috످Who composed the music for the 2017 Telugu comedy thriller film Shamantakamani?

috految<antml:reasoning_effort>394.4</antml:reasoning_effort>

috److془Shamantakamani 2017 Telugu film directed by Sriram Adittya, music by Mani Sharma. Confident.془Mani Sharma composed the music for Shamantakamani (2017).

috످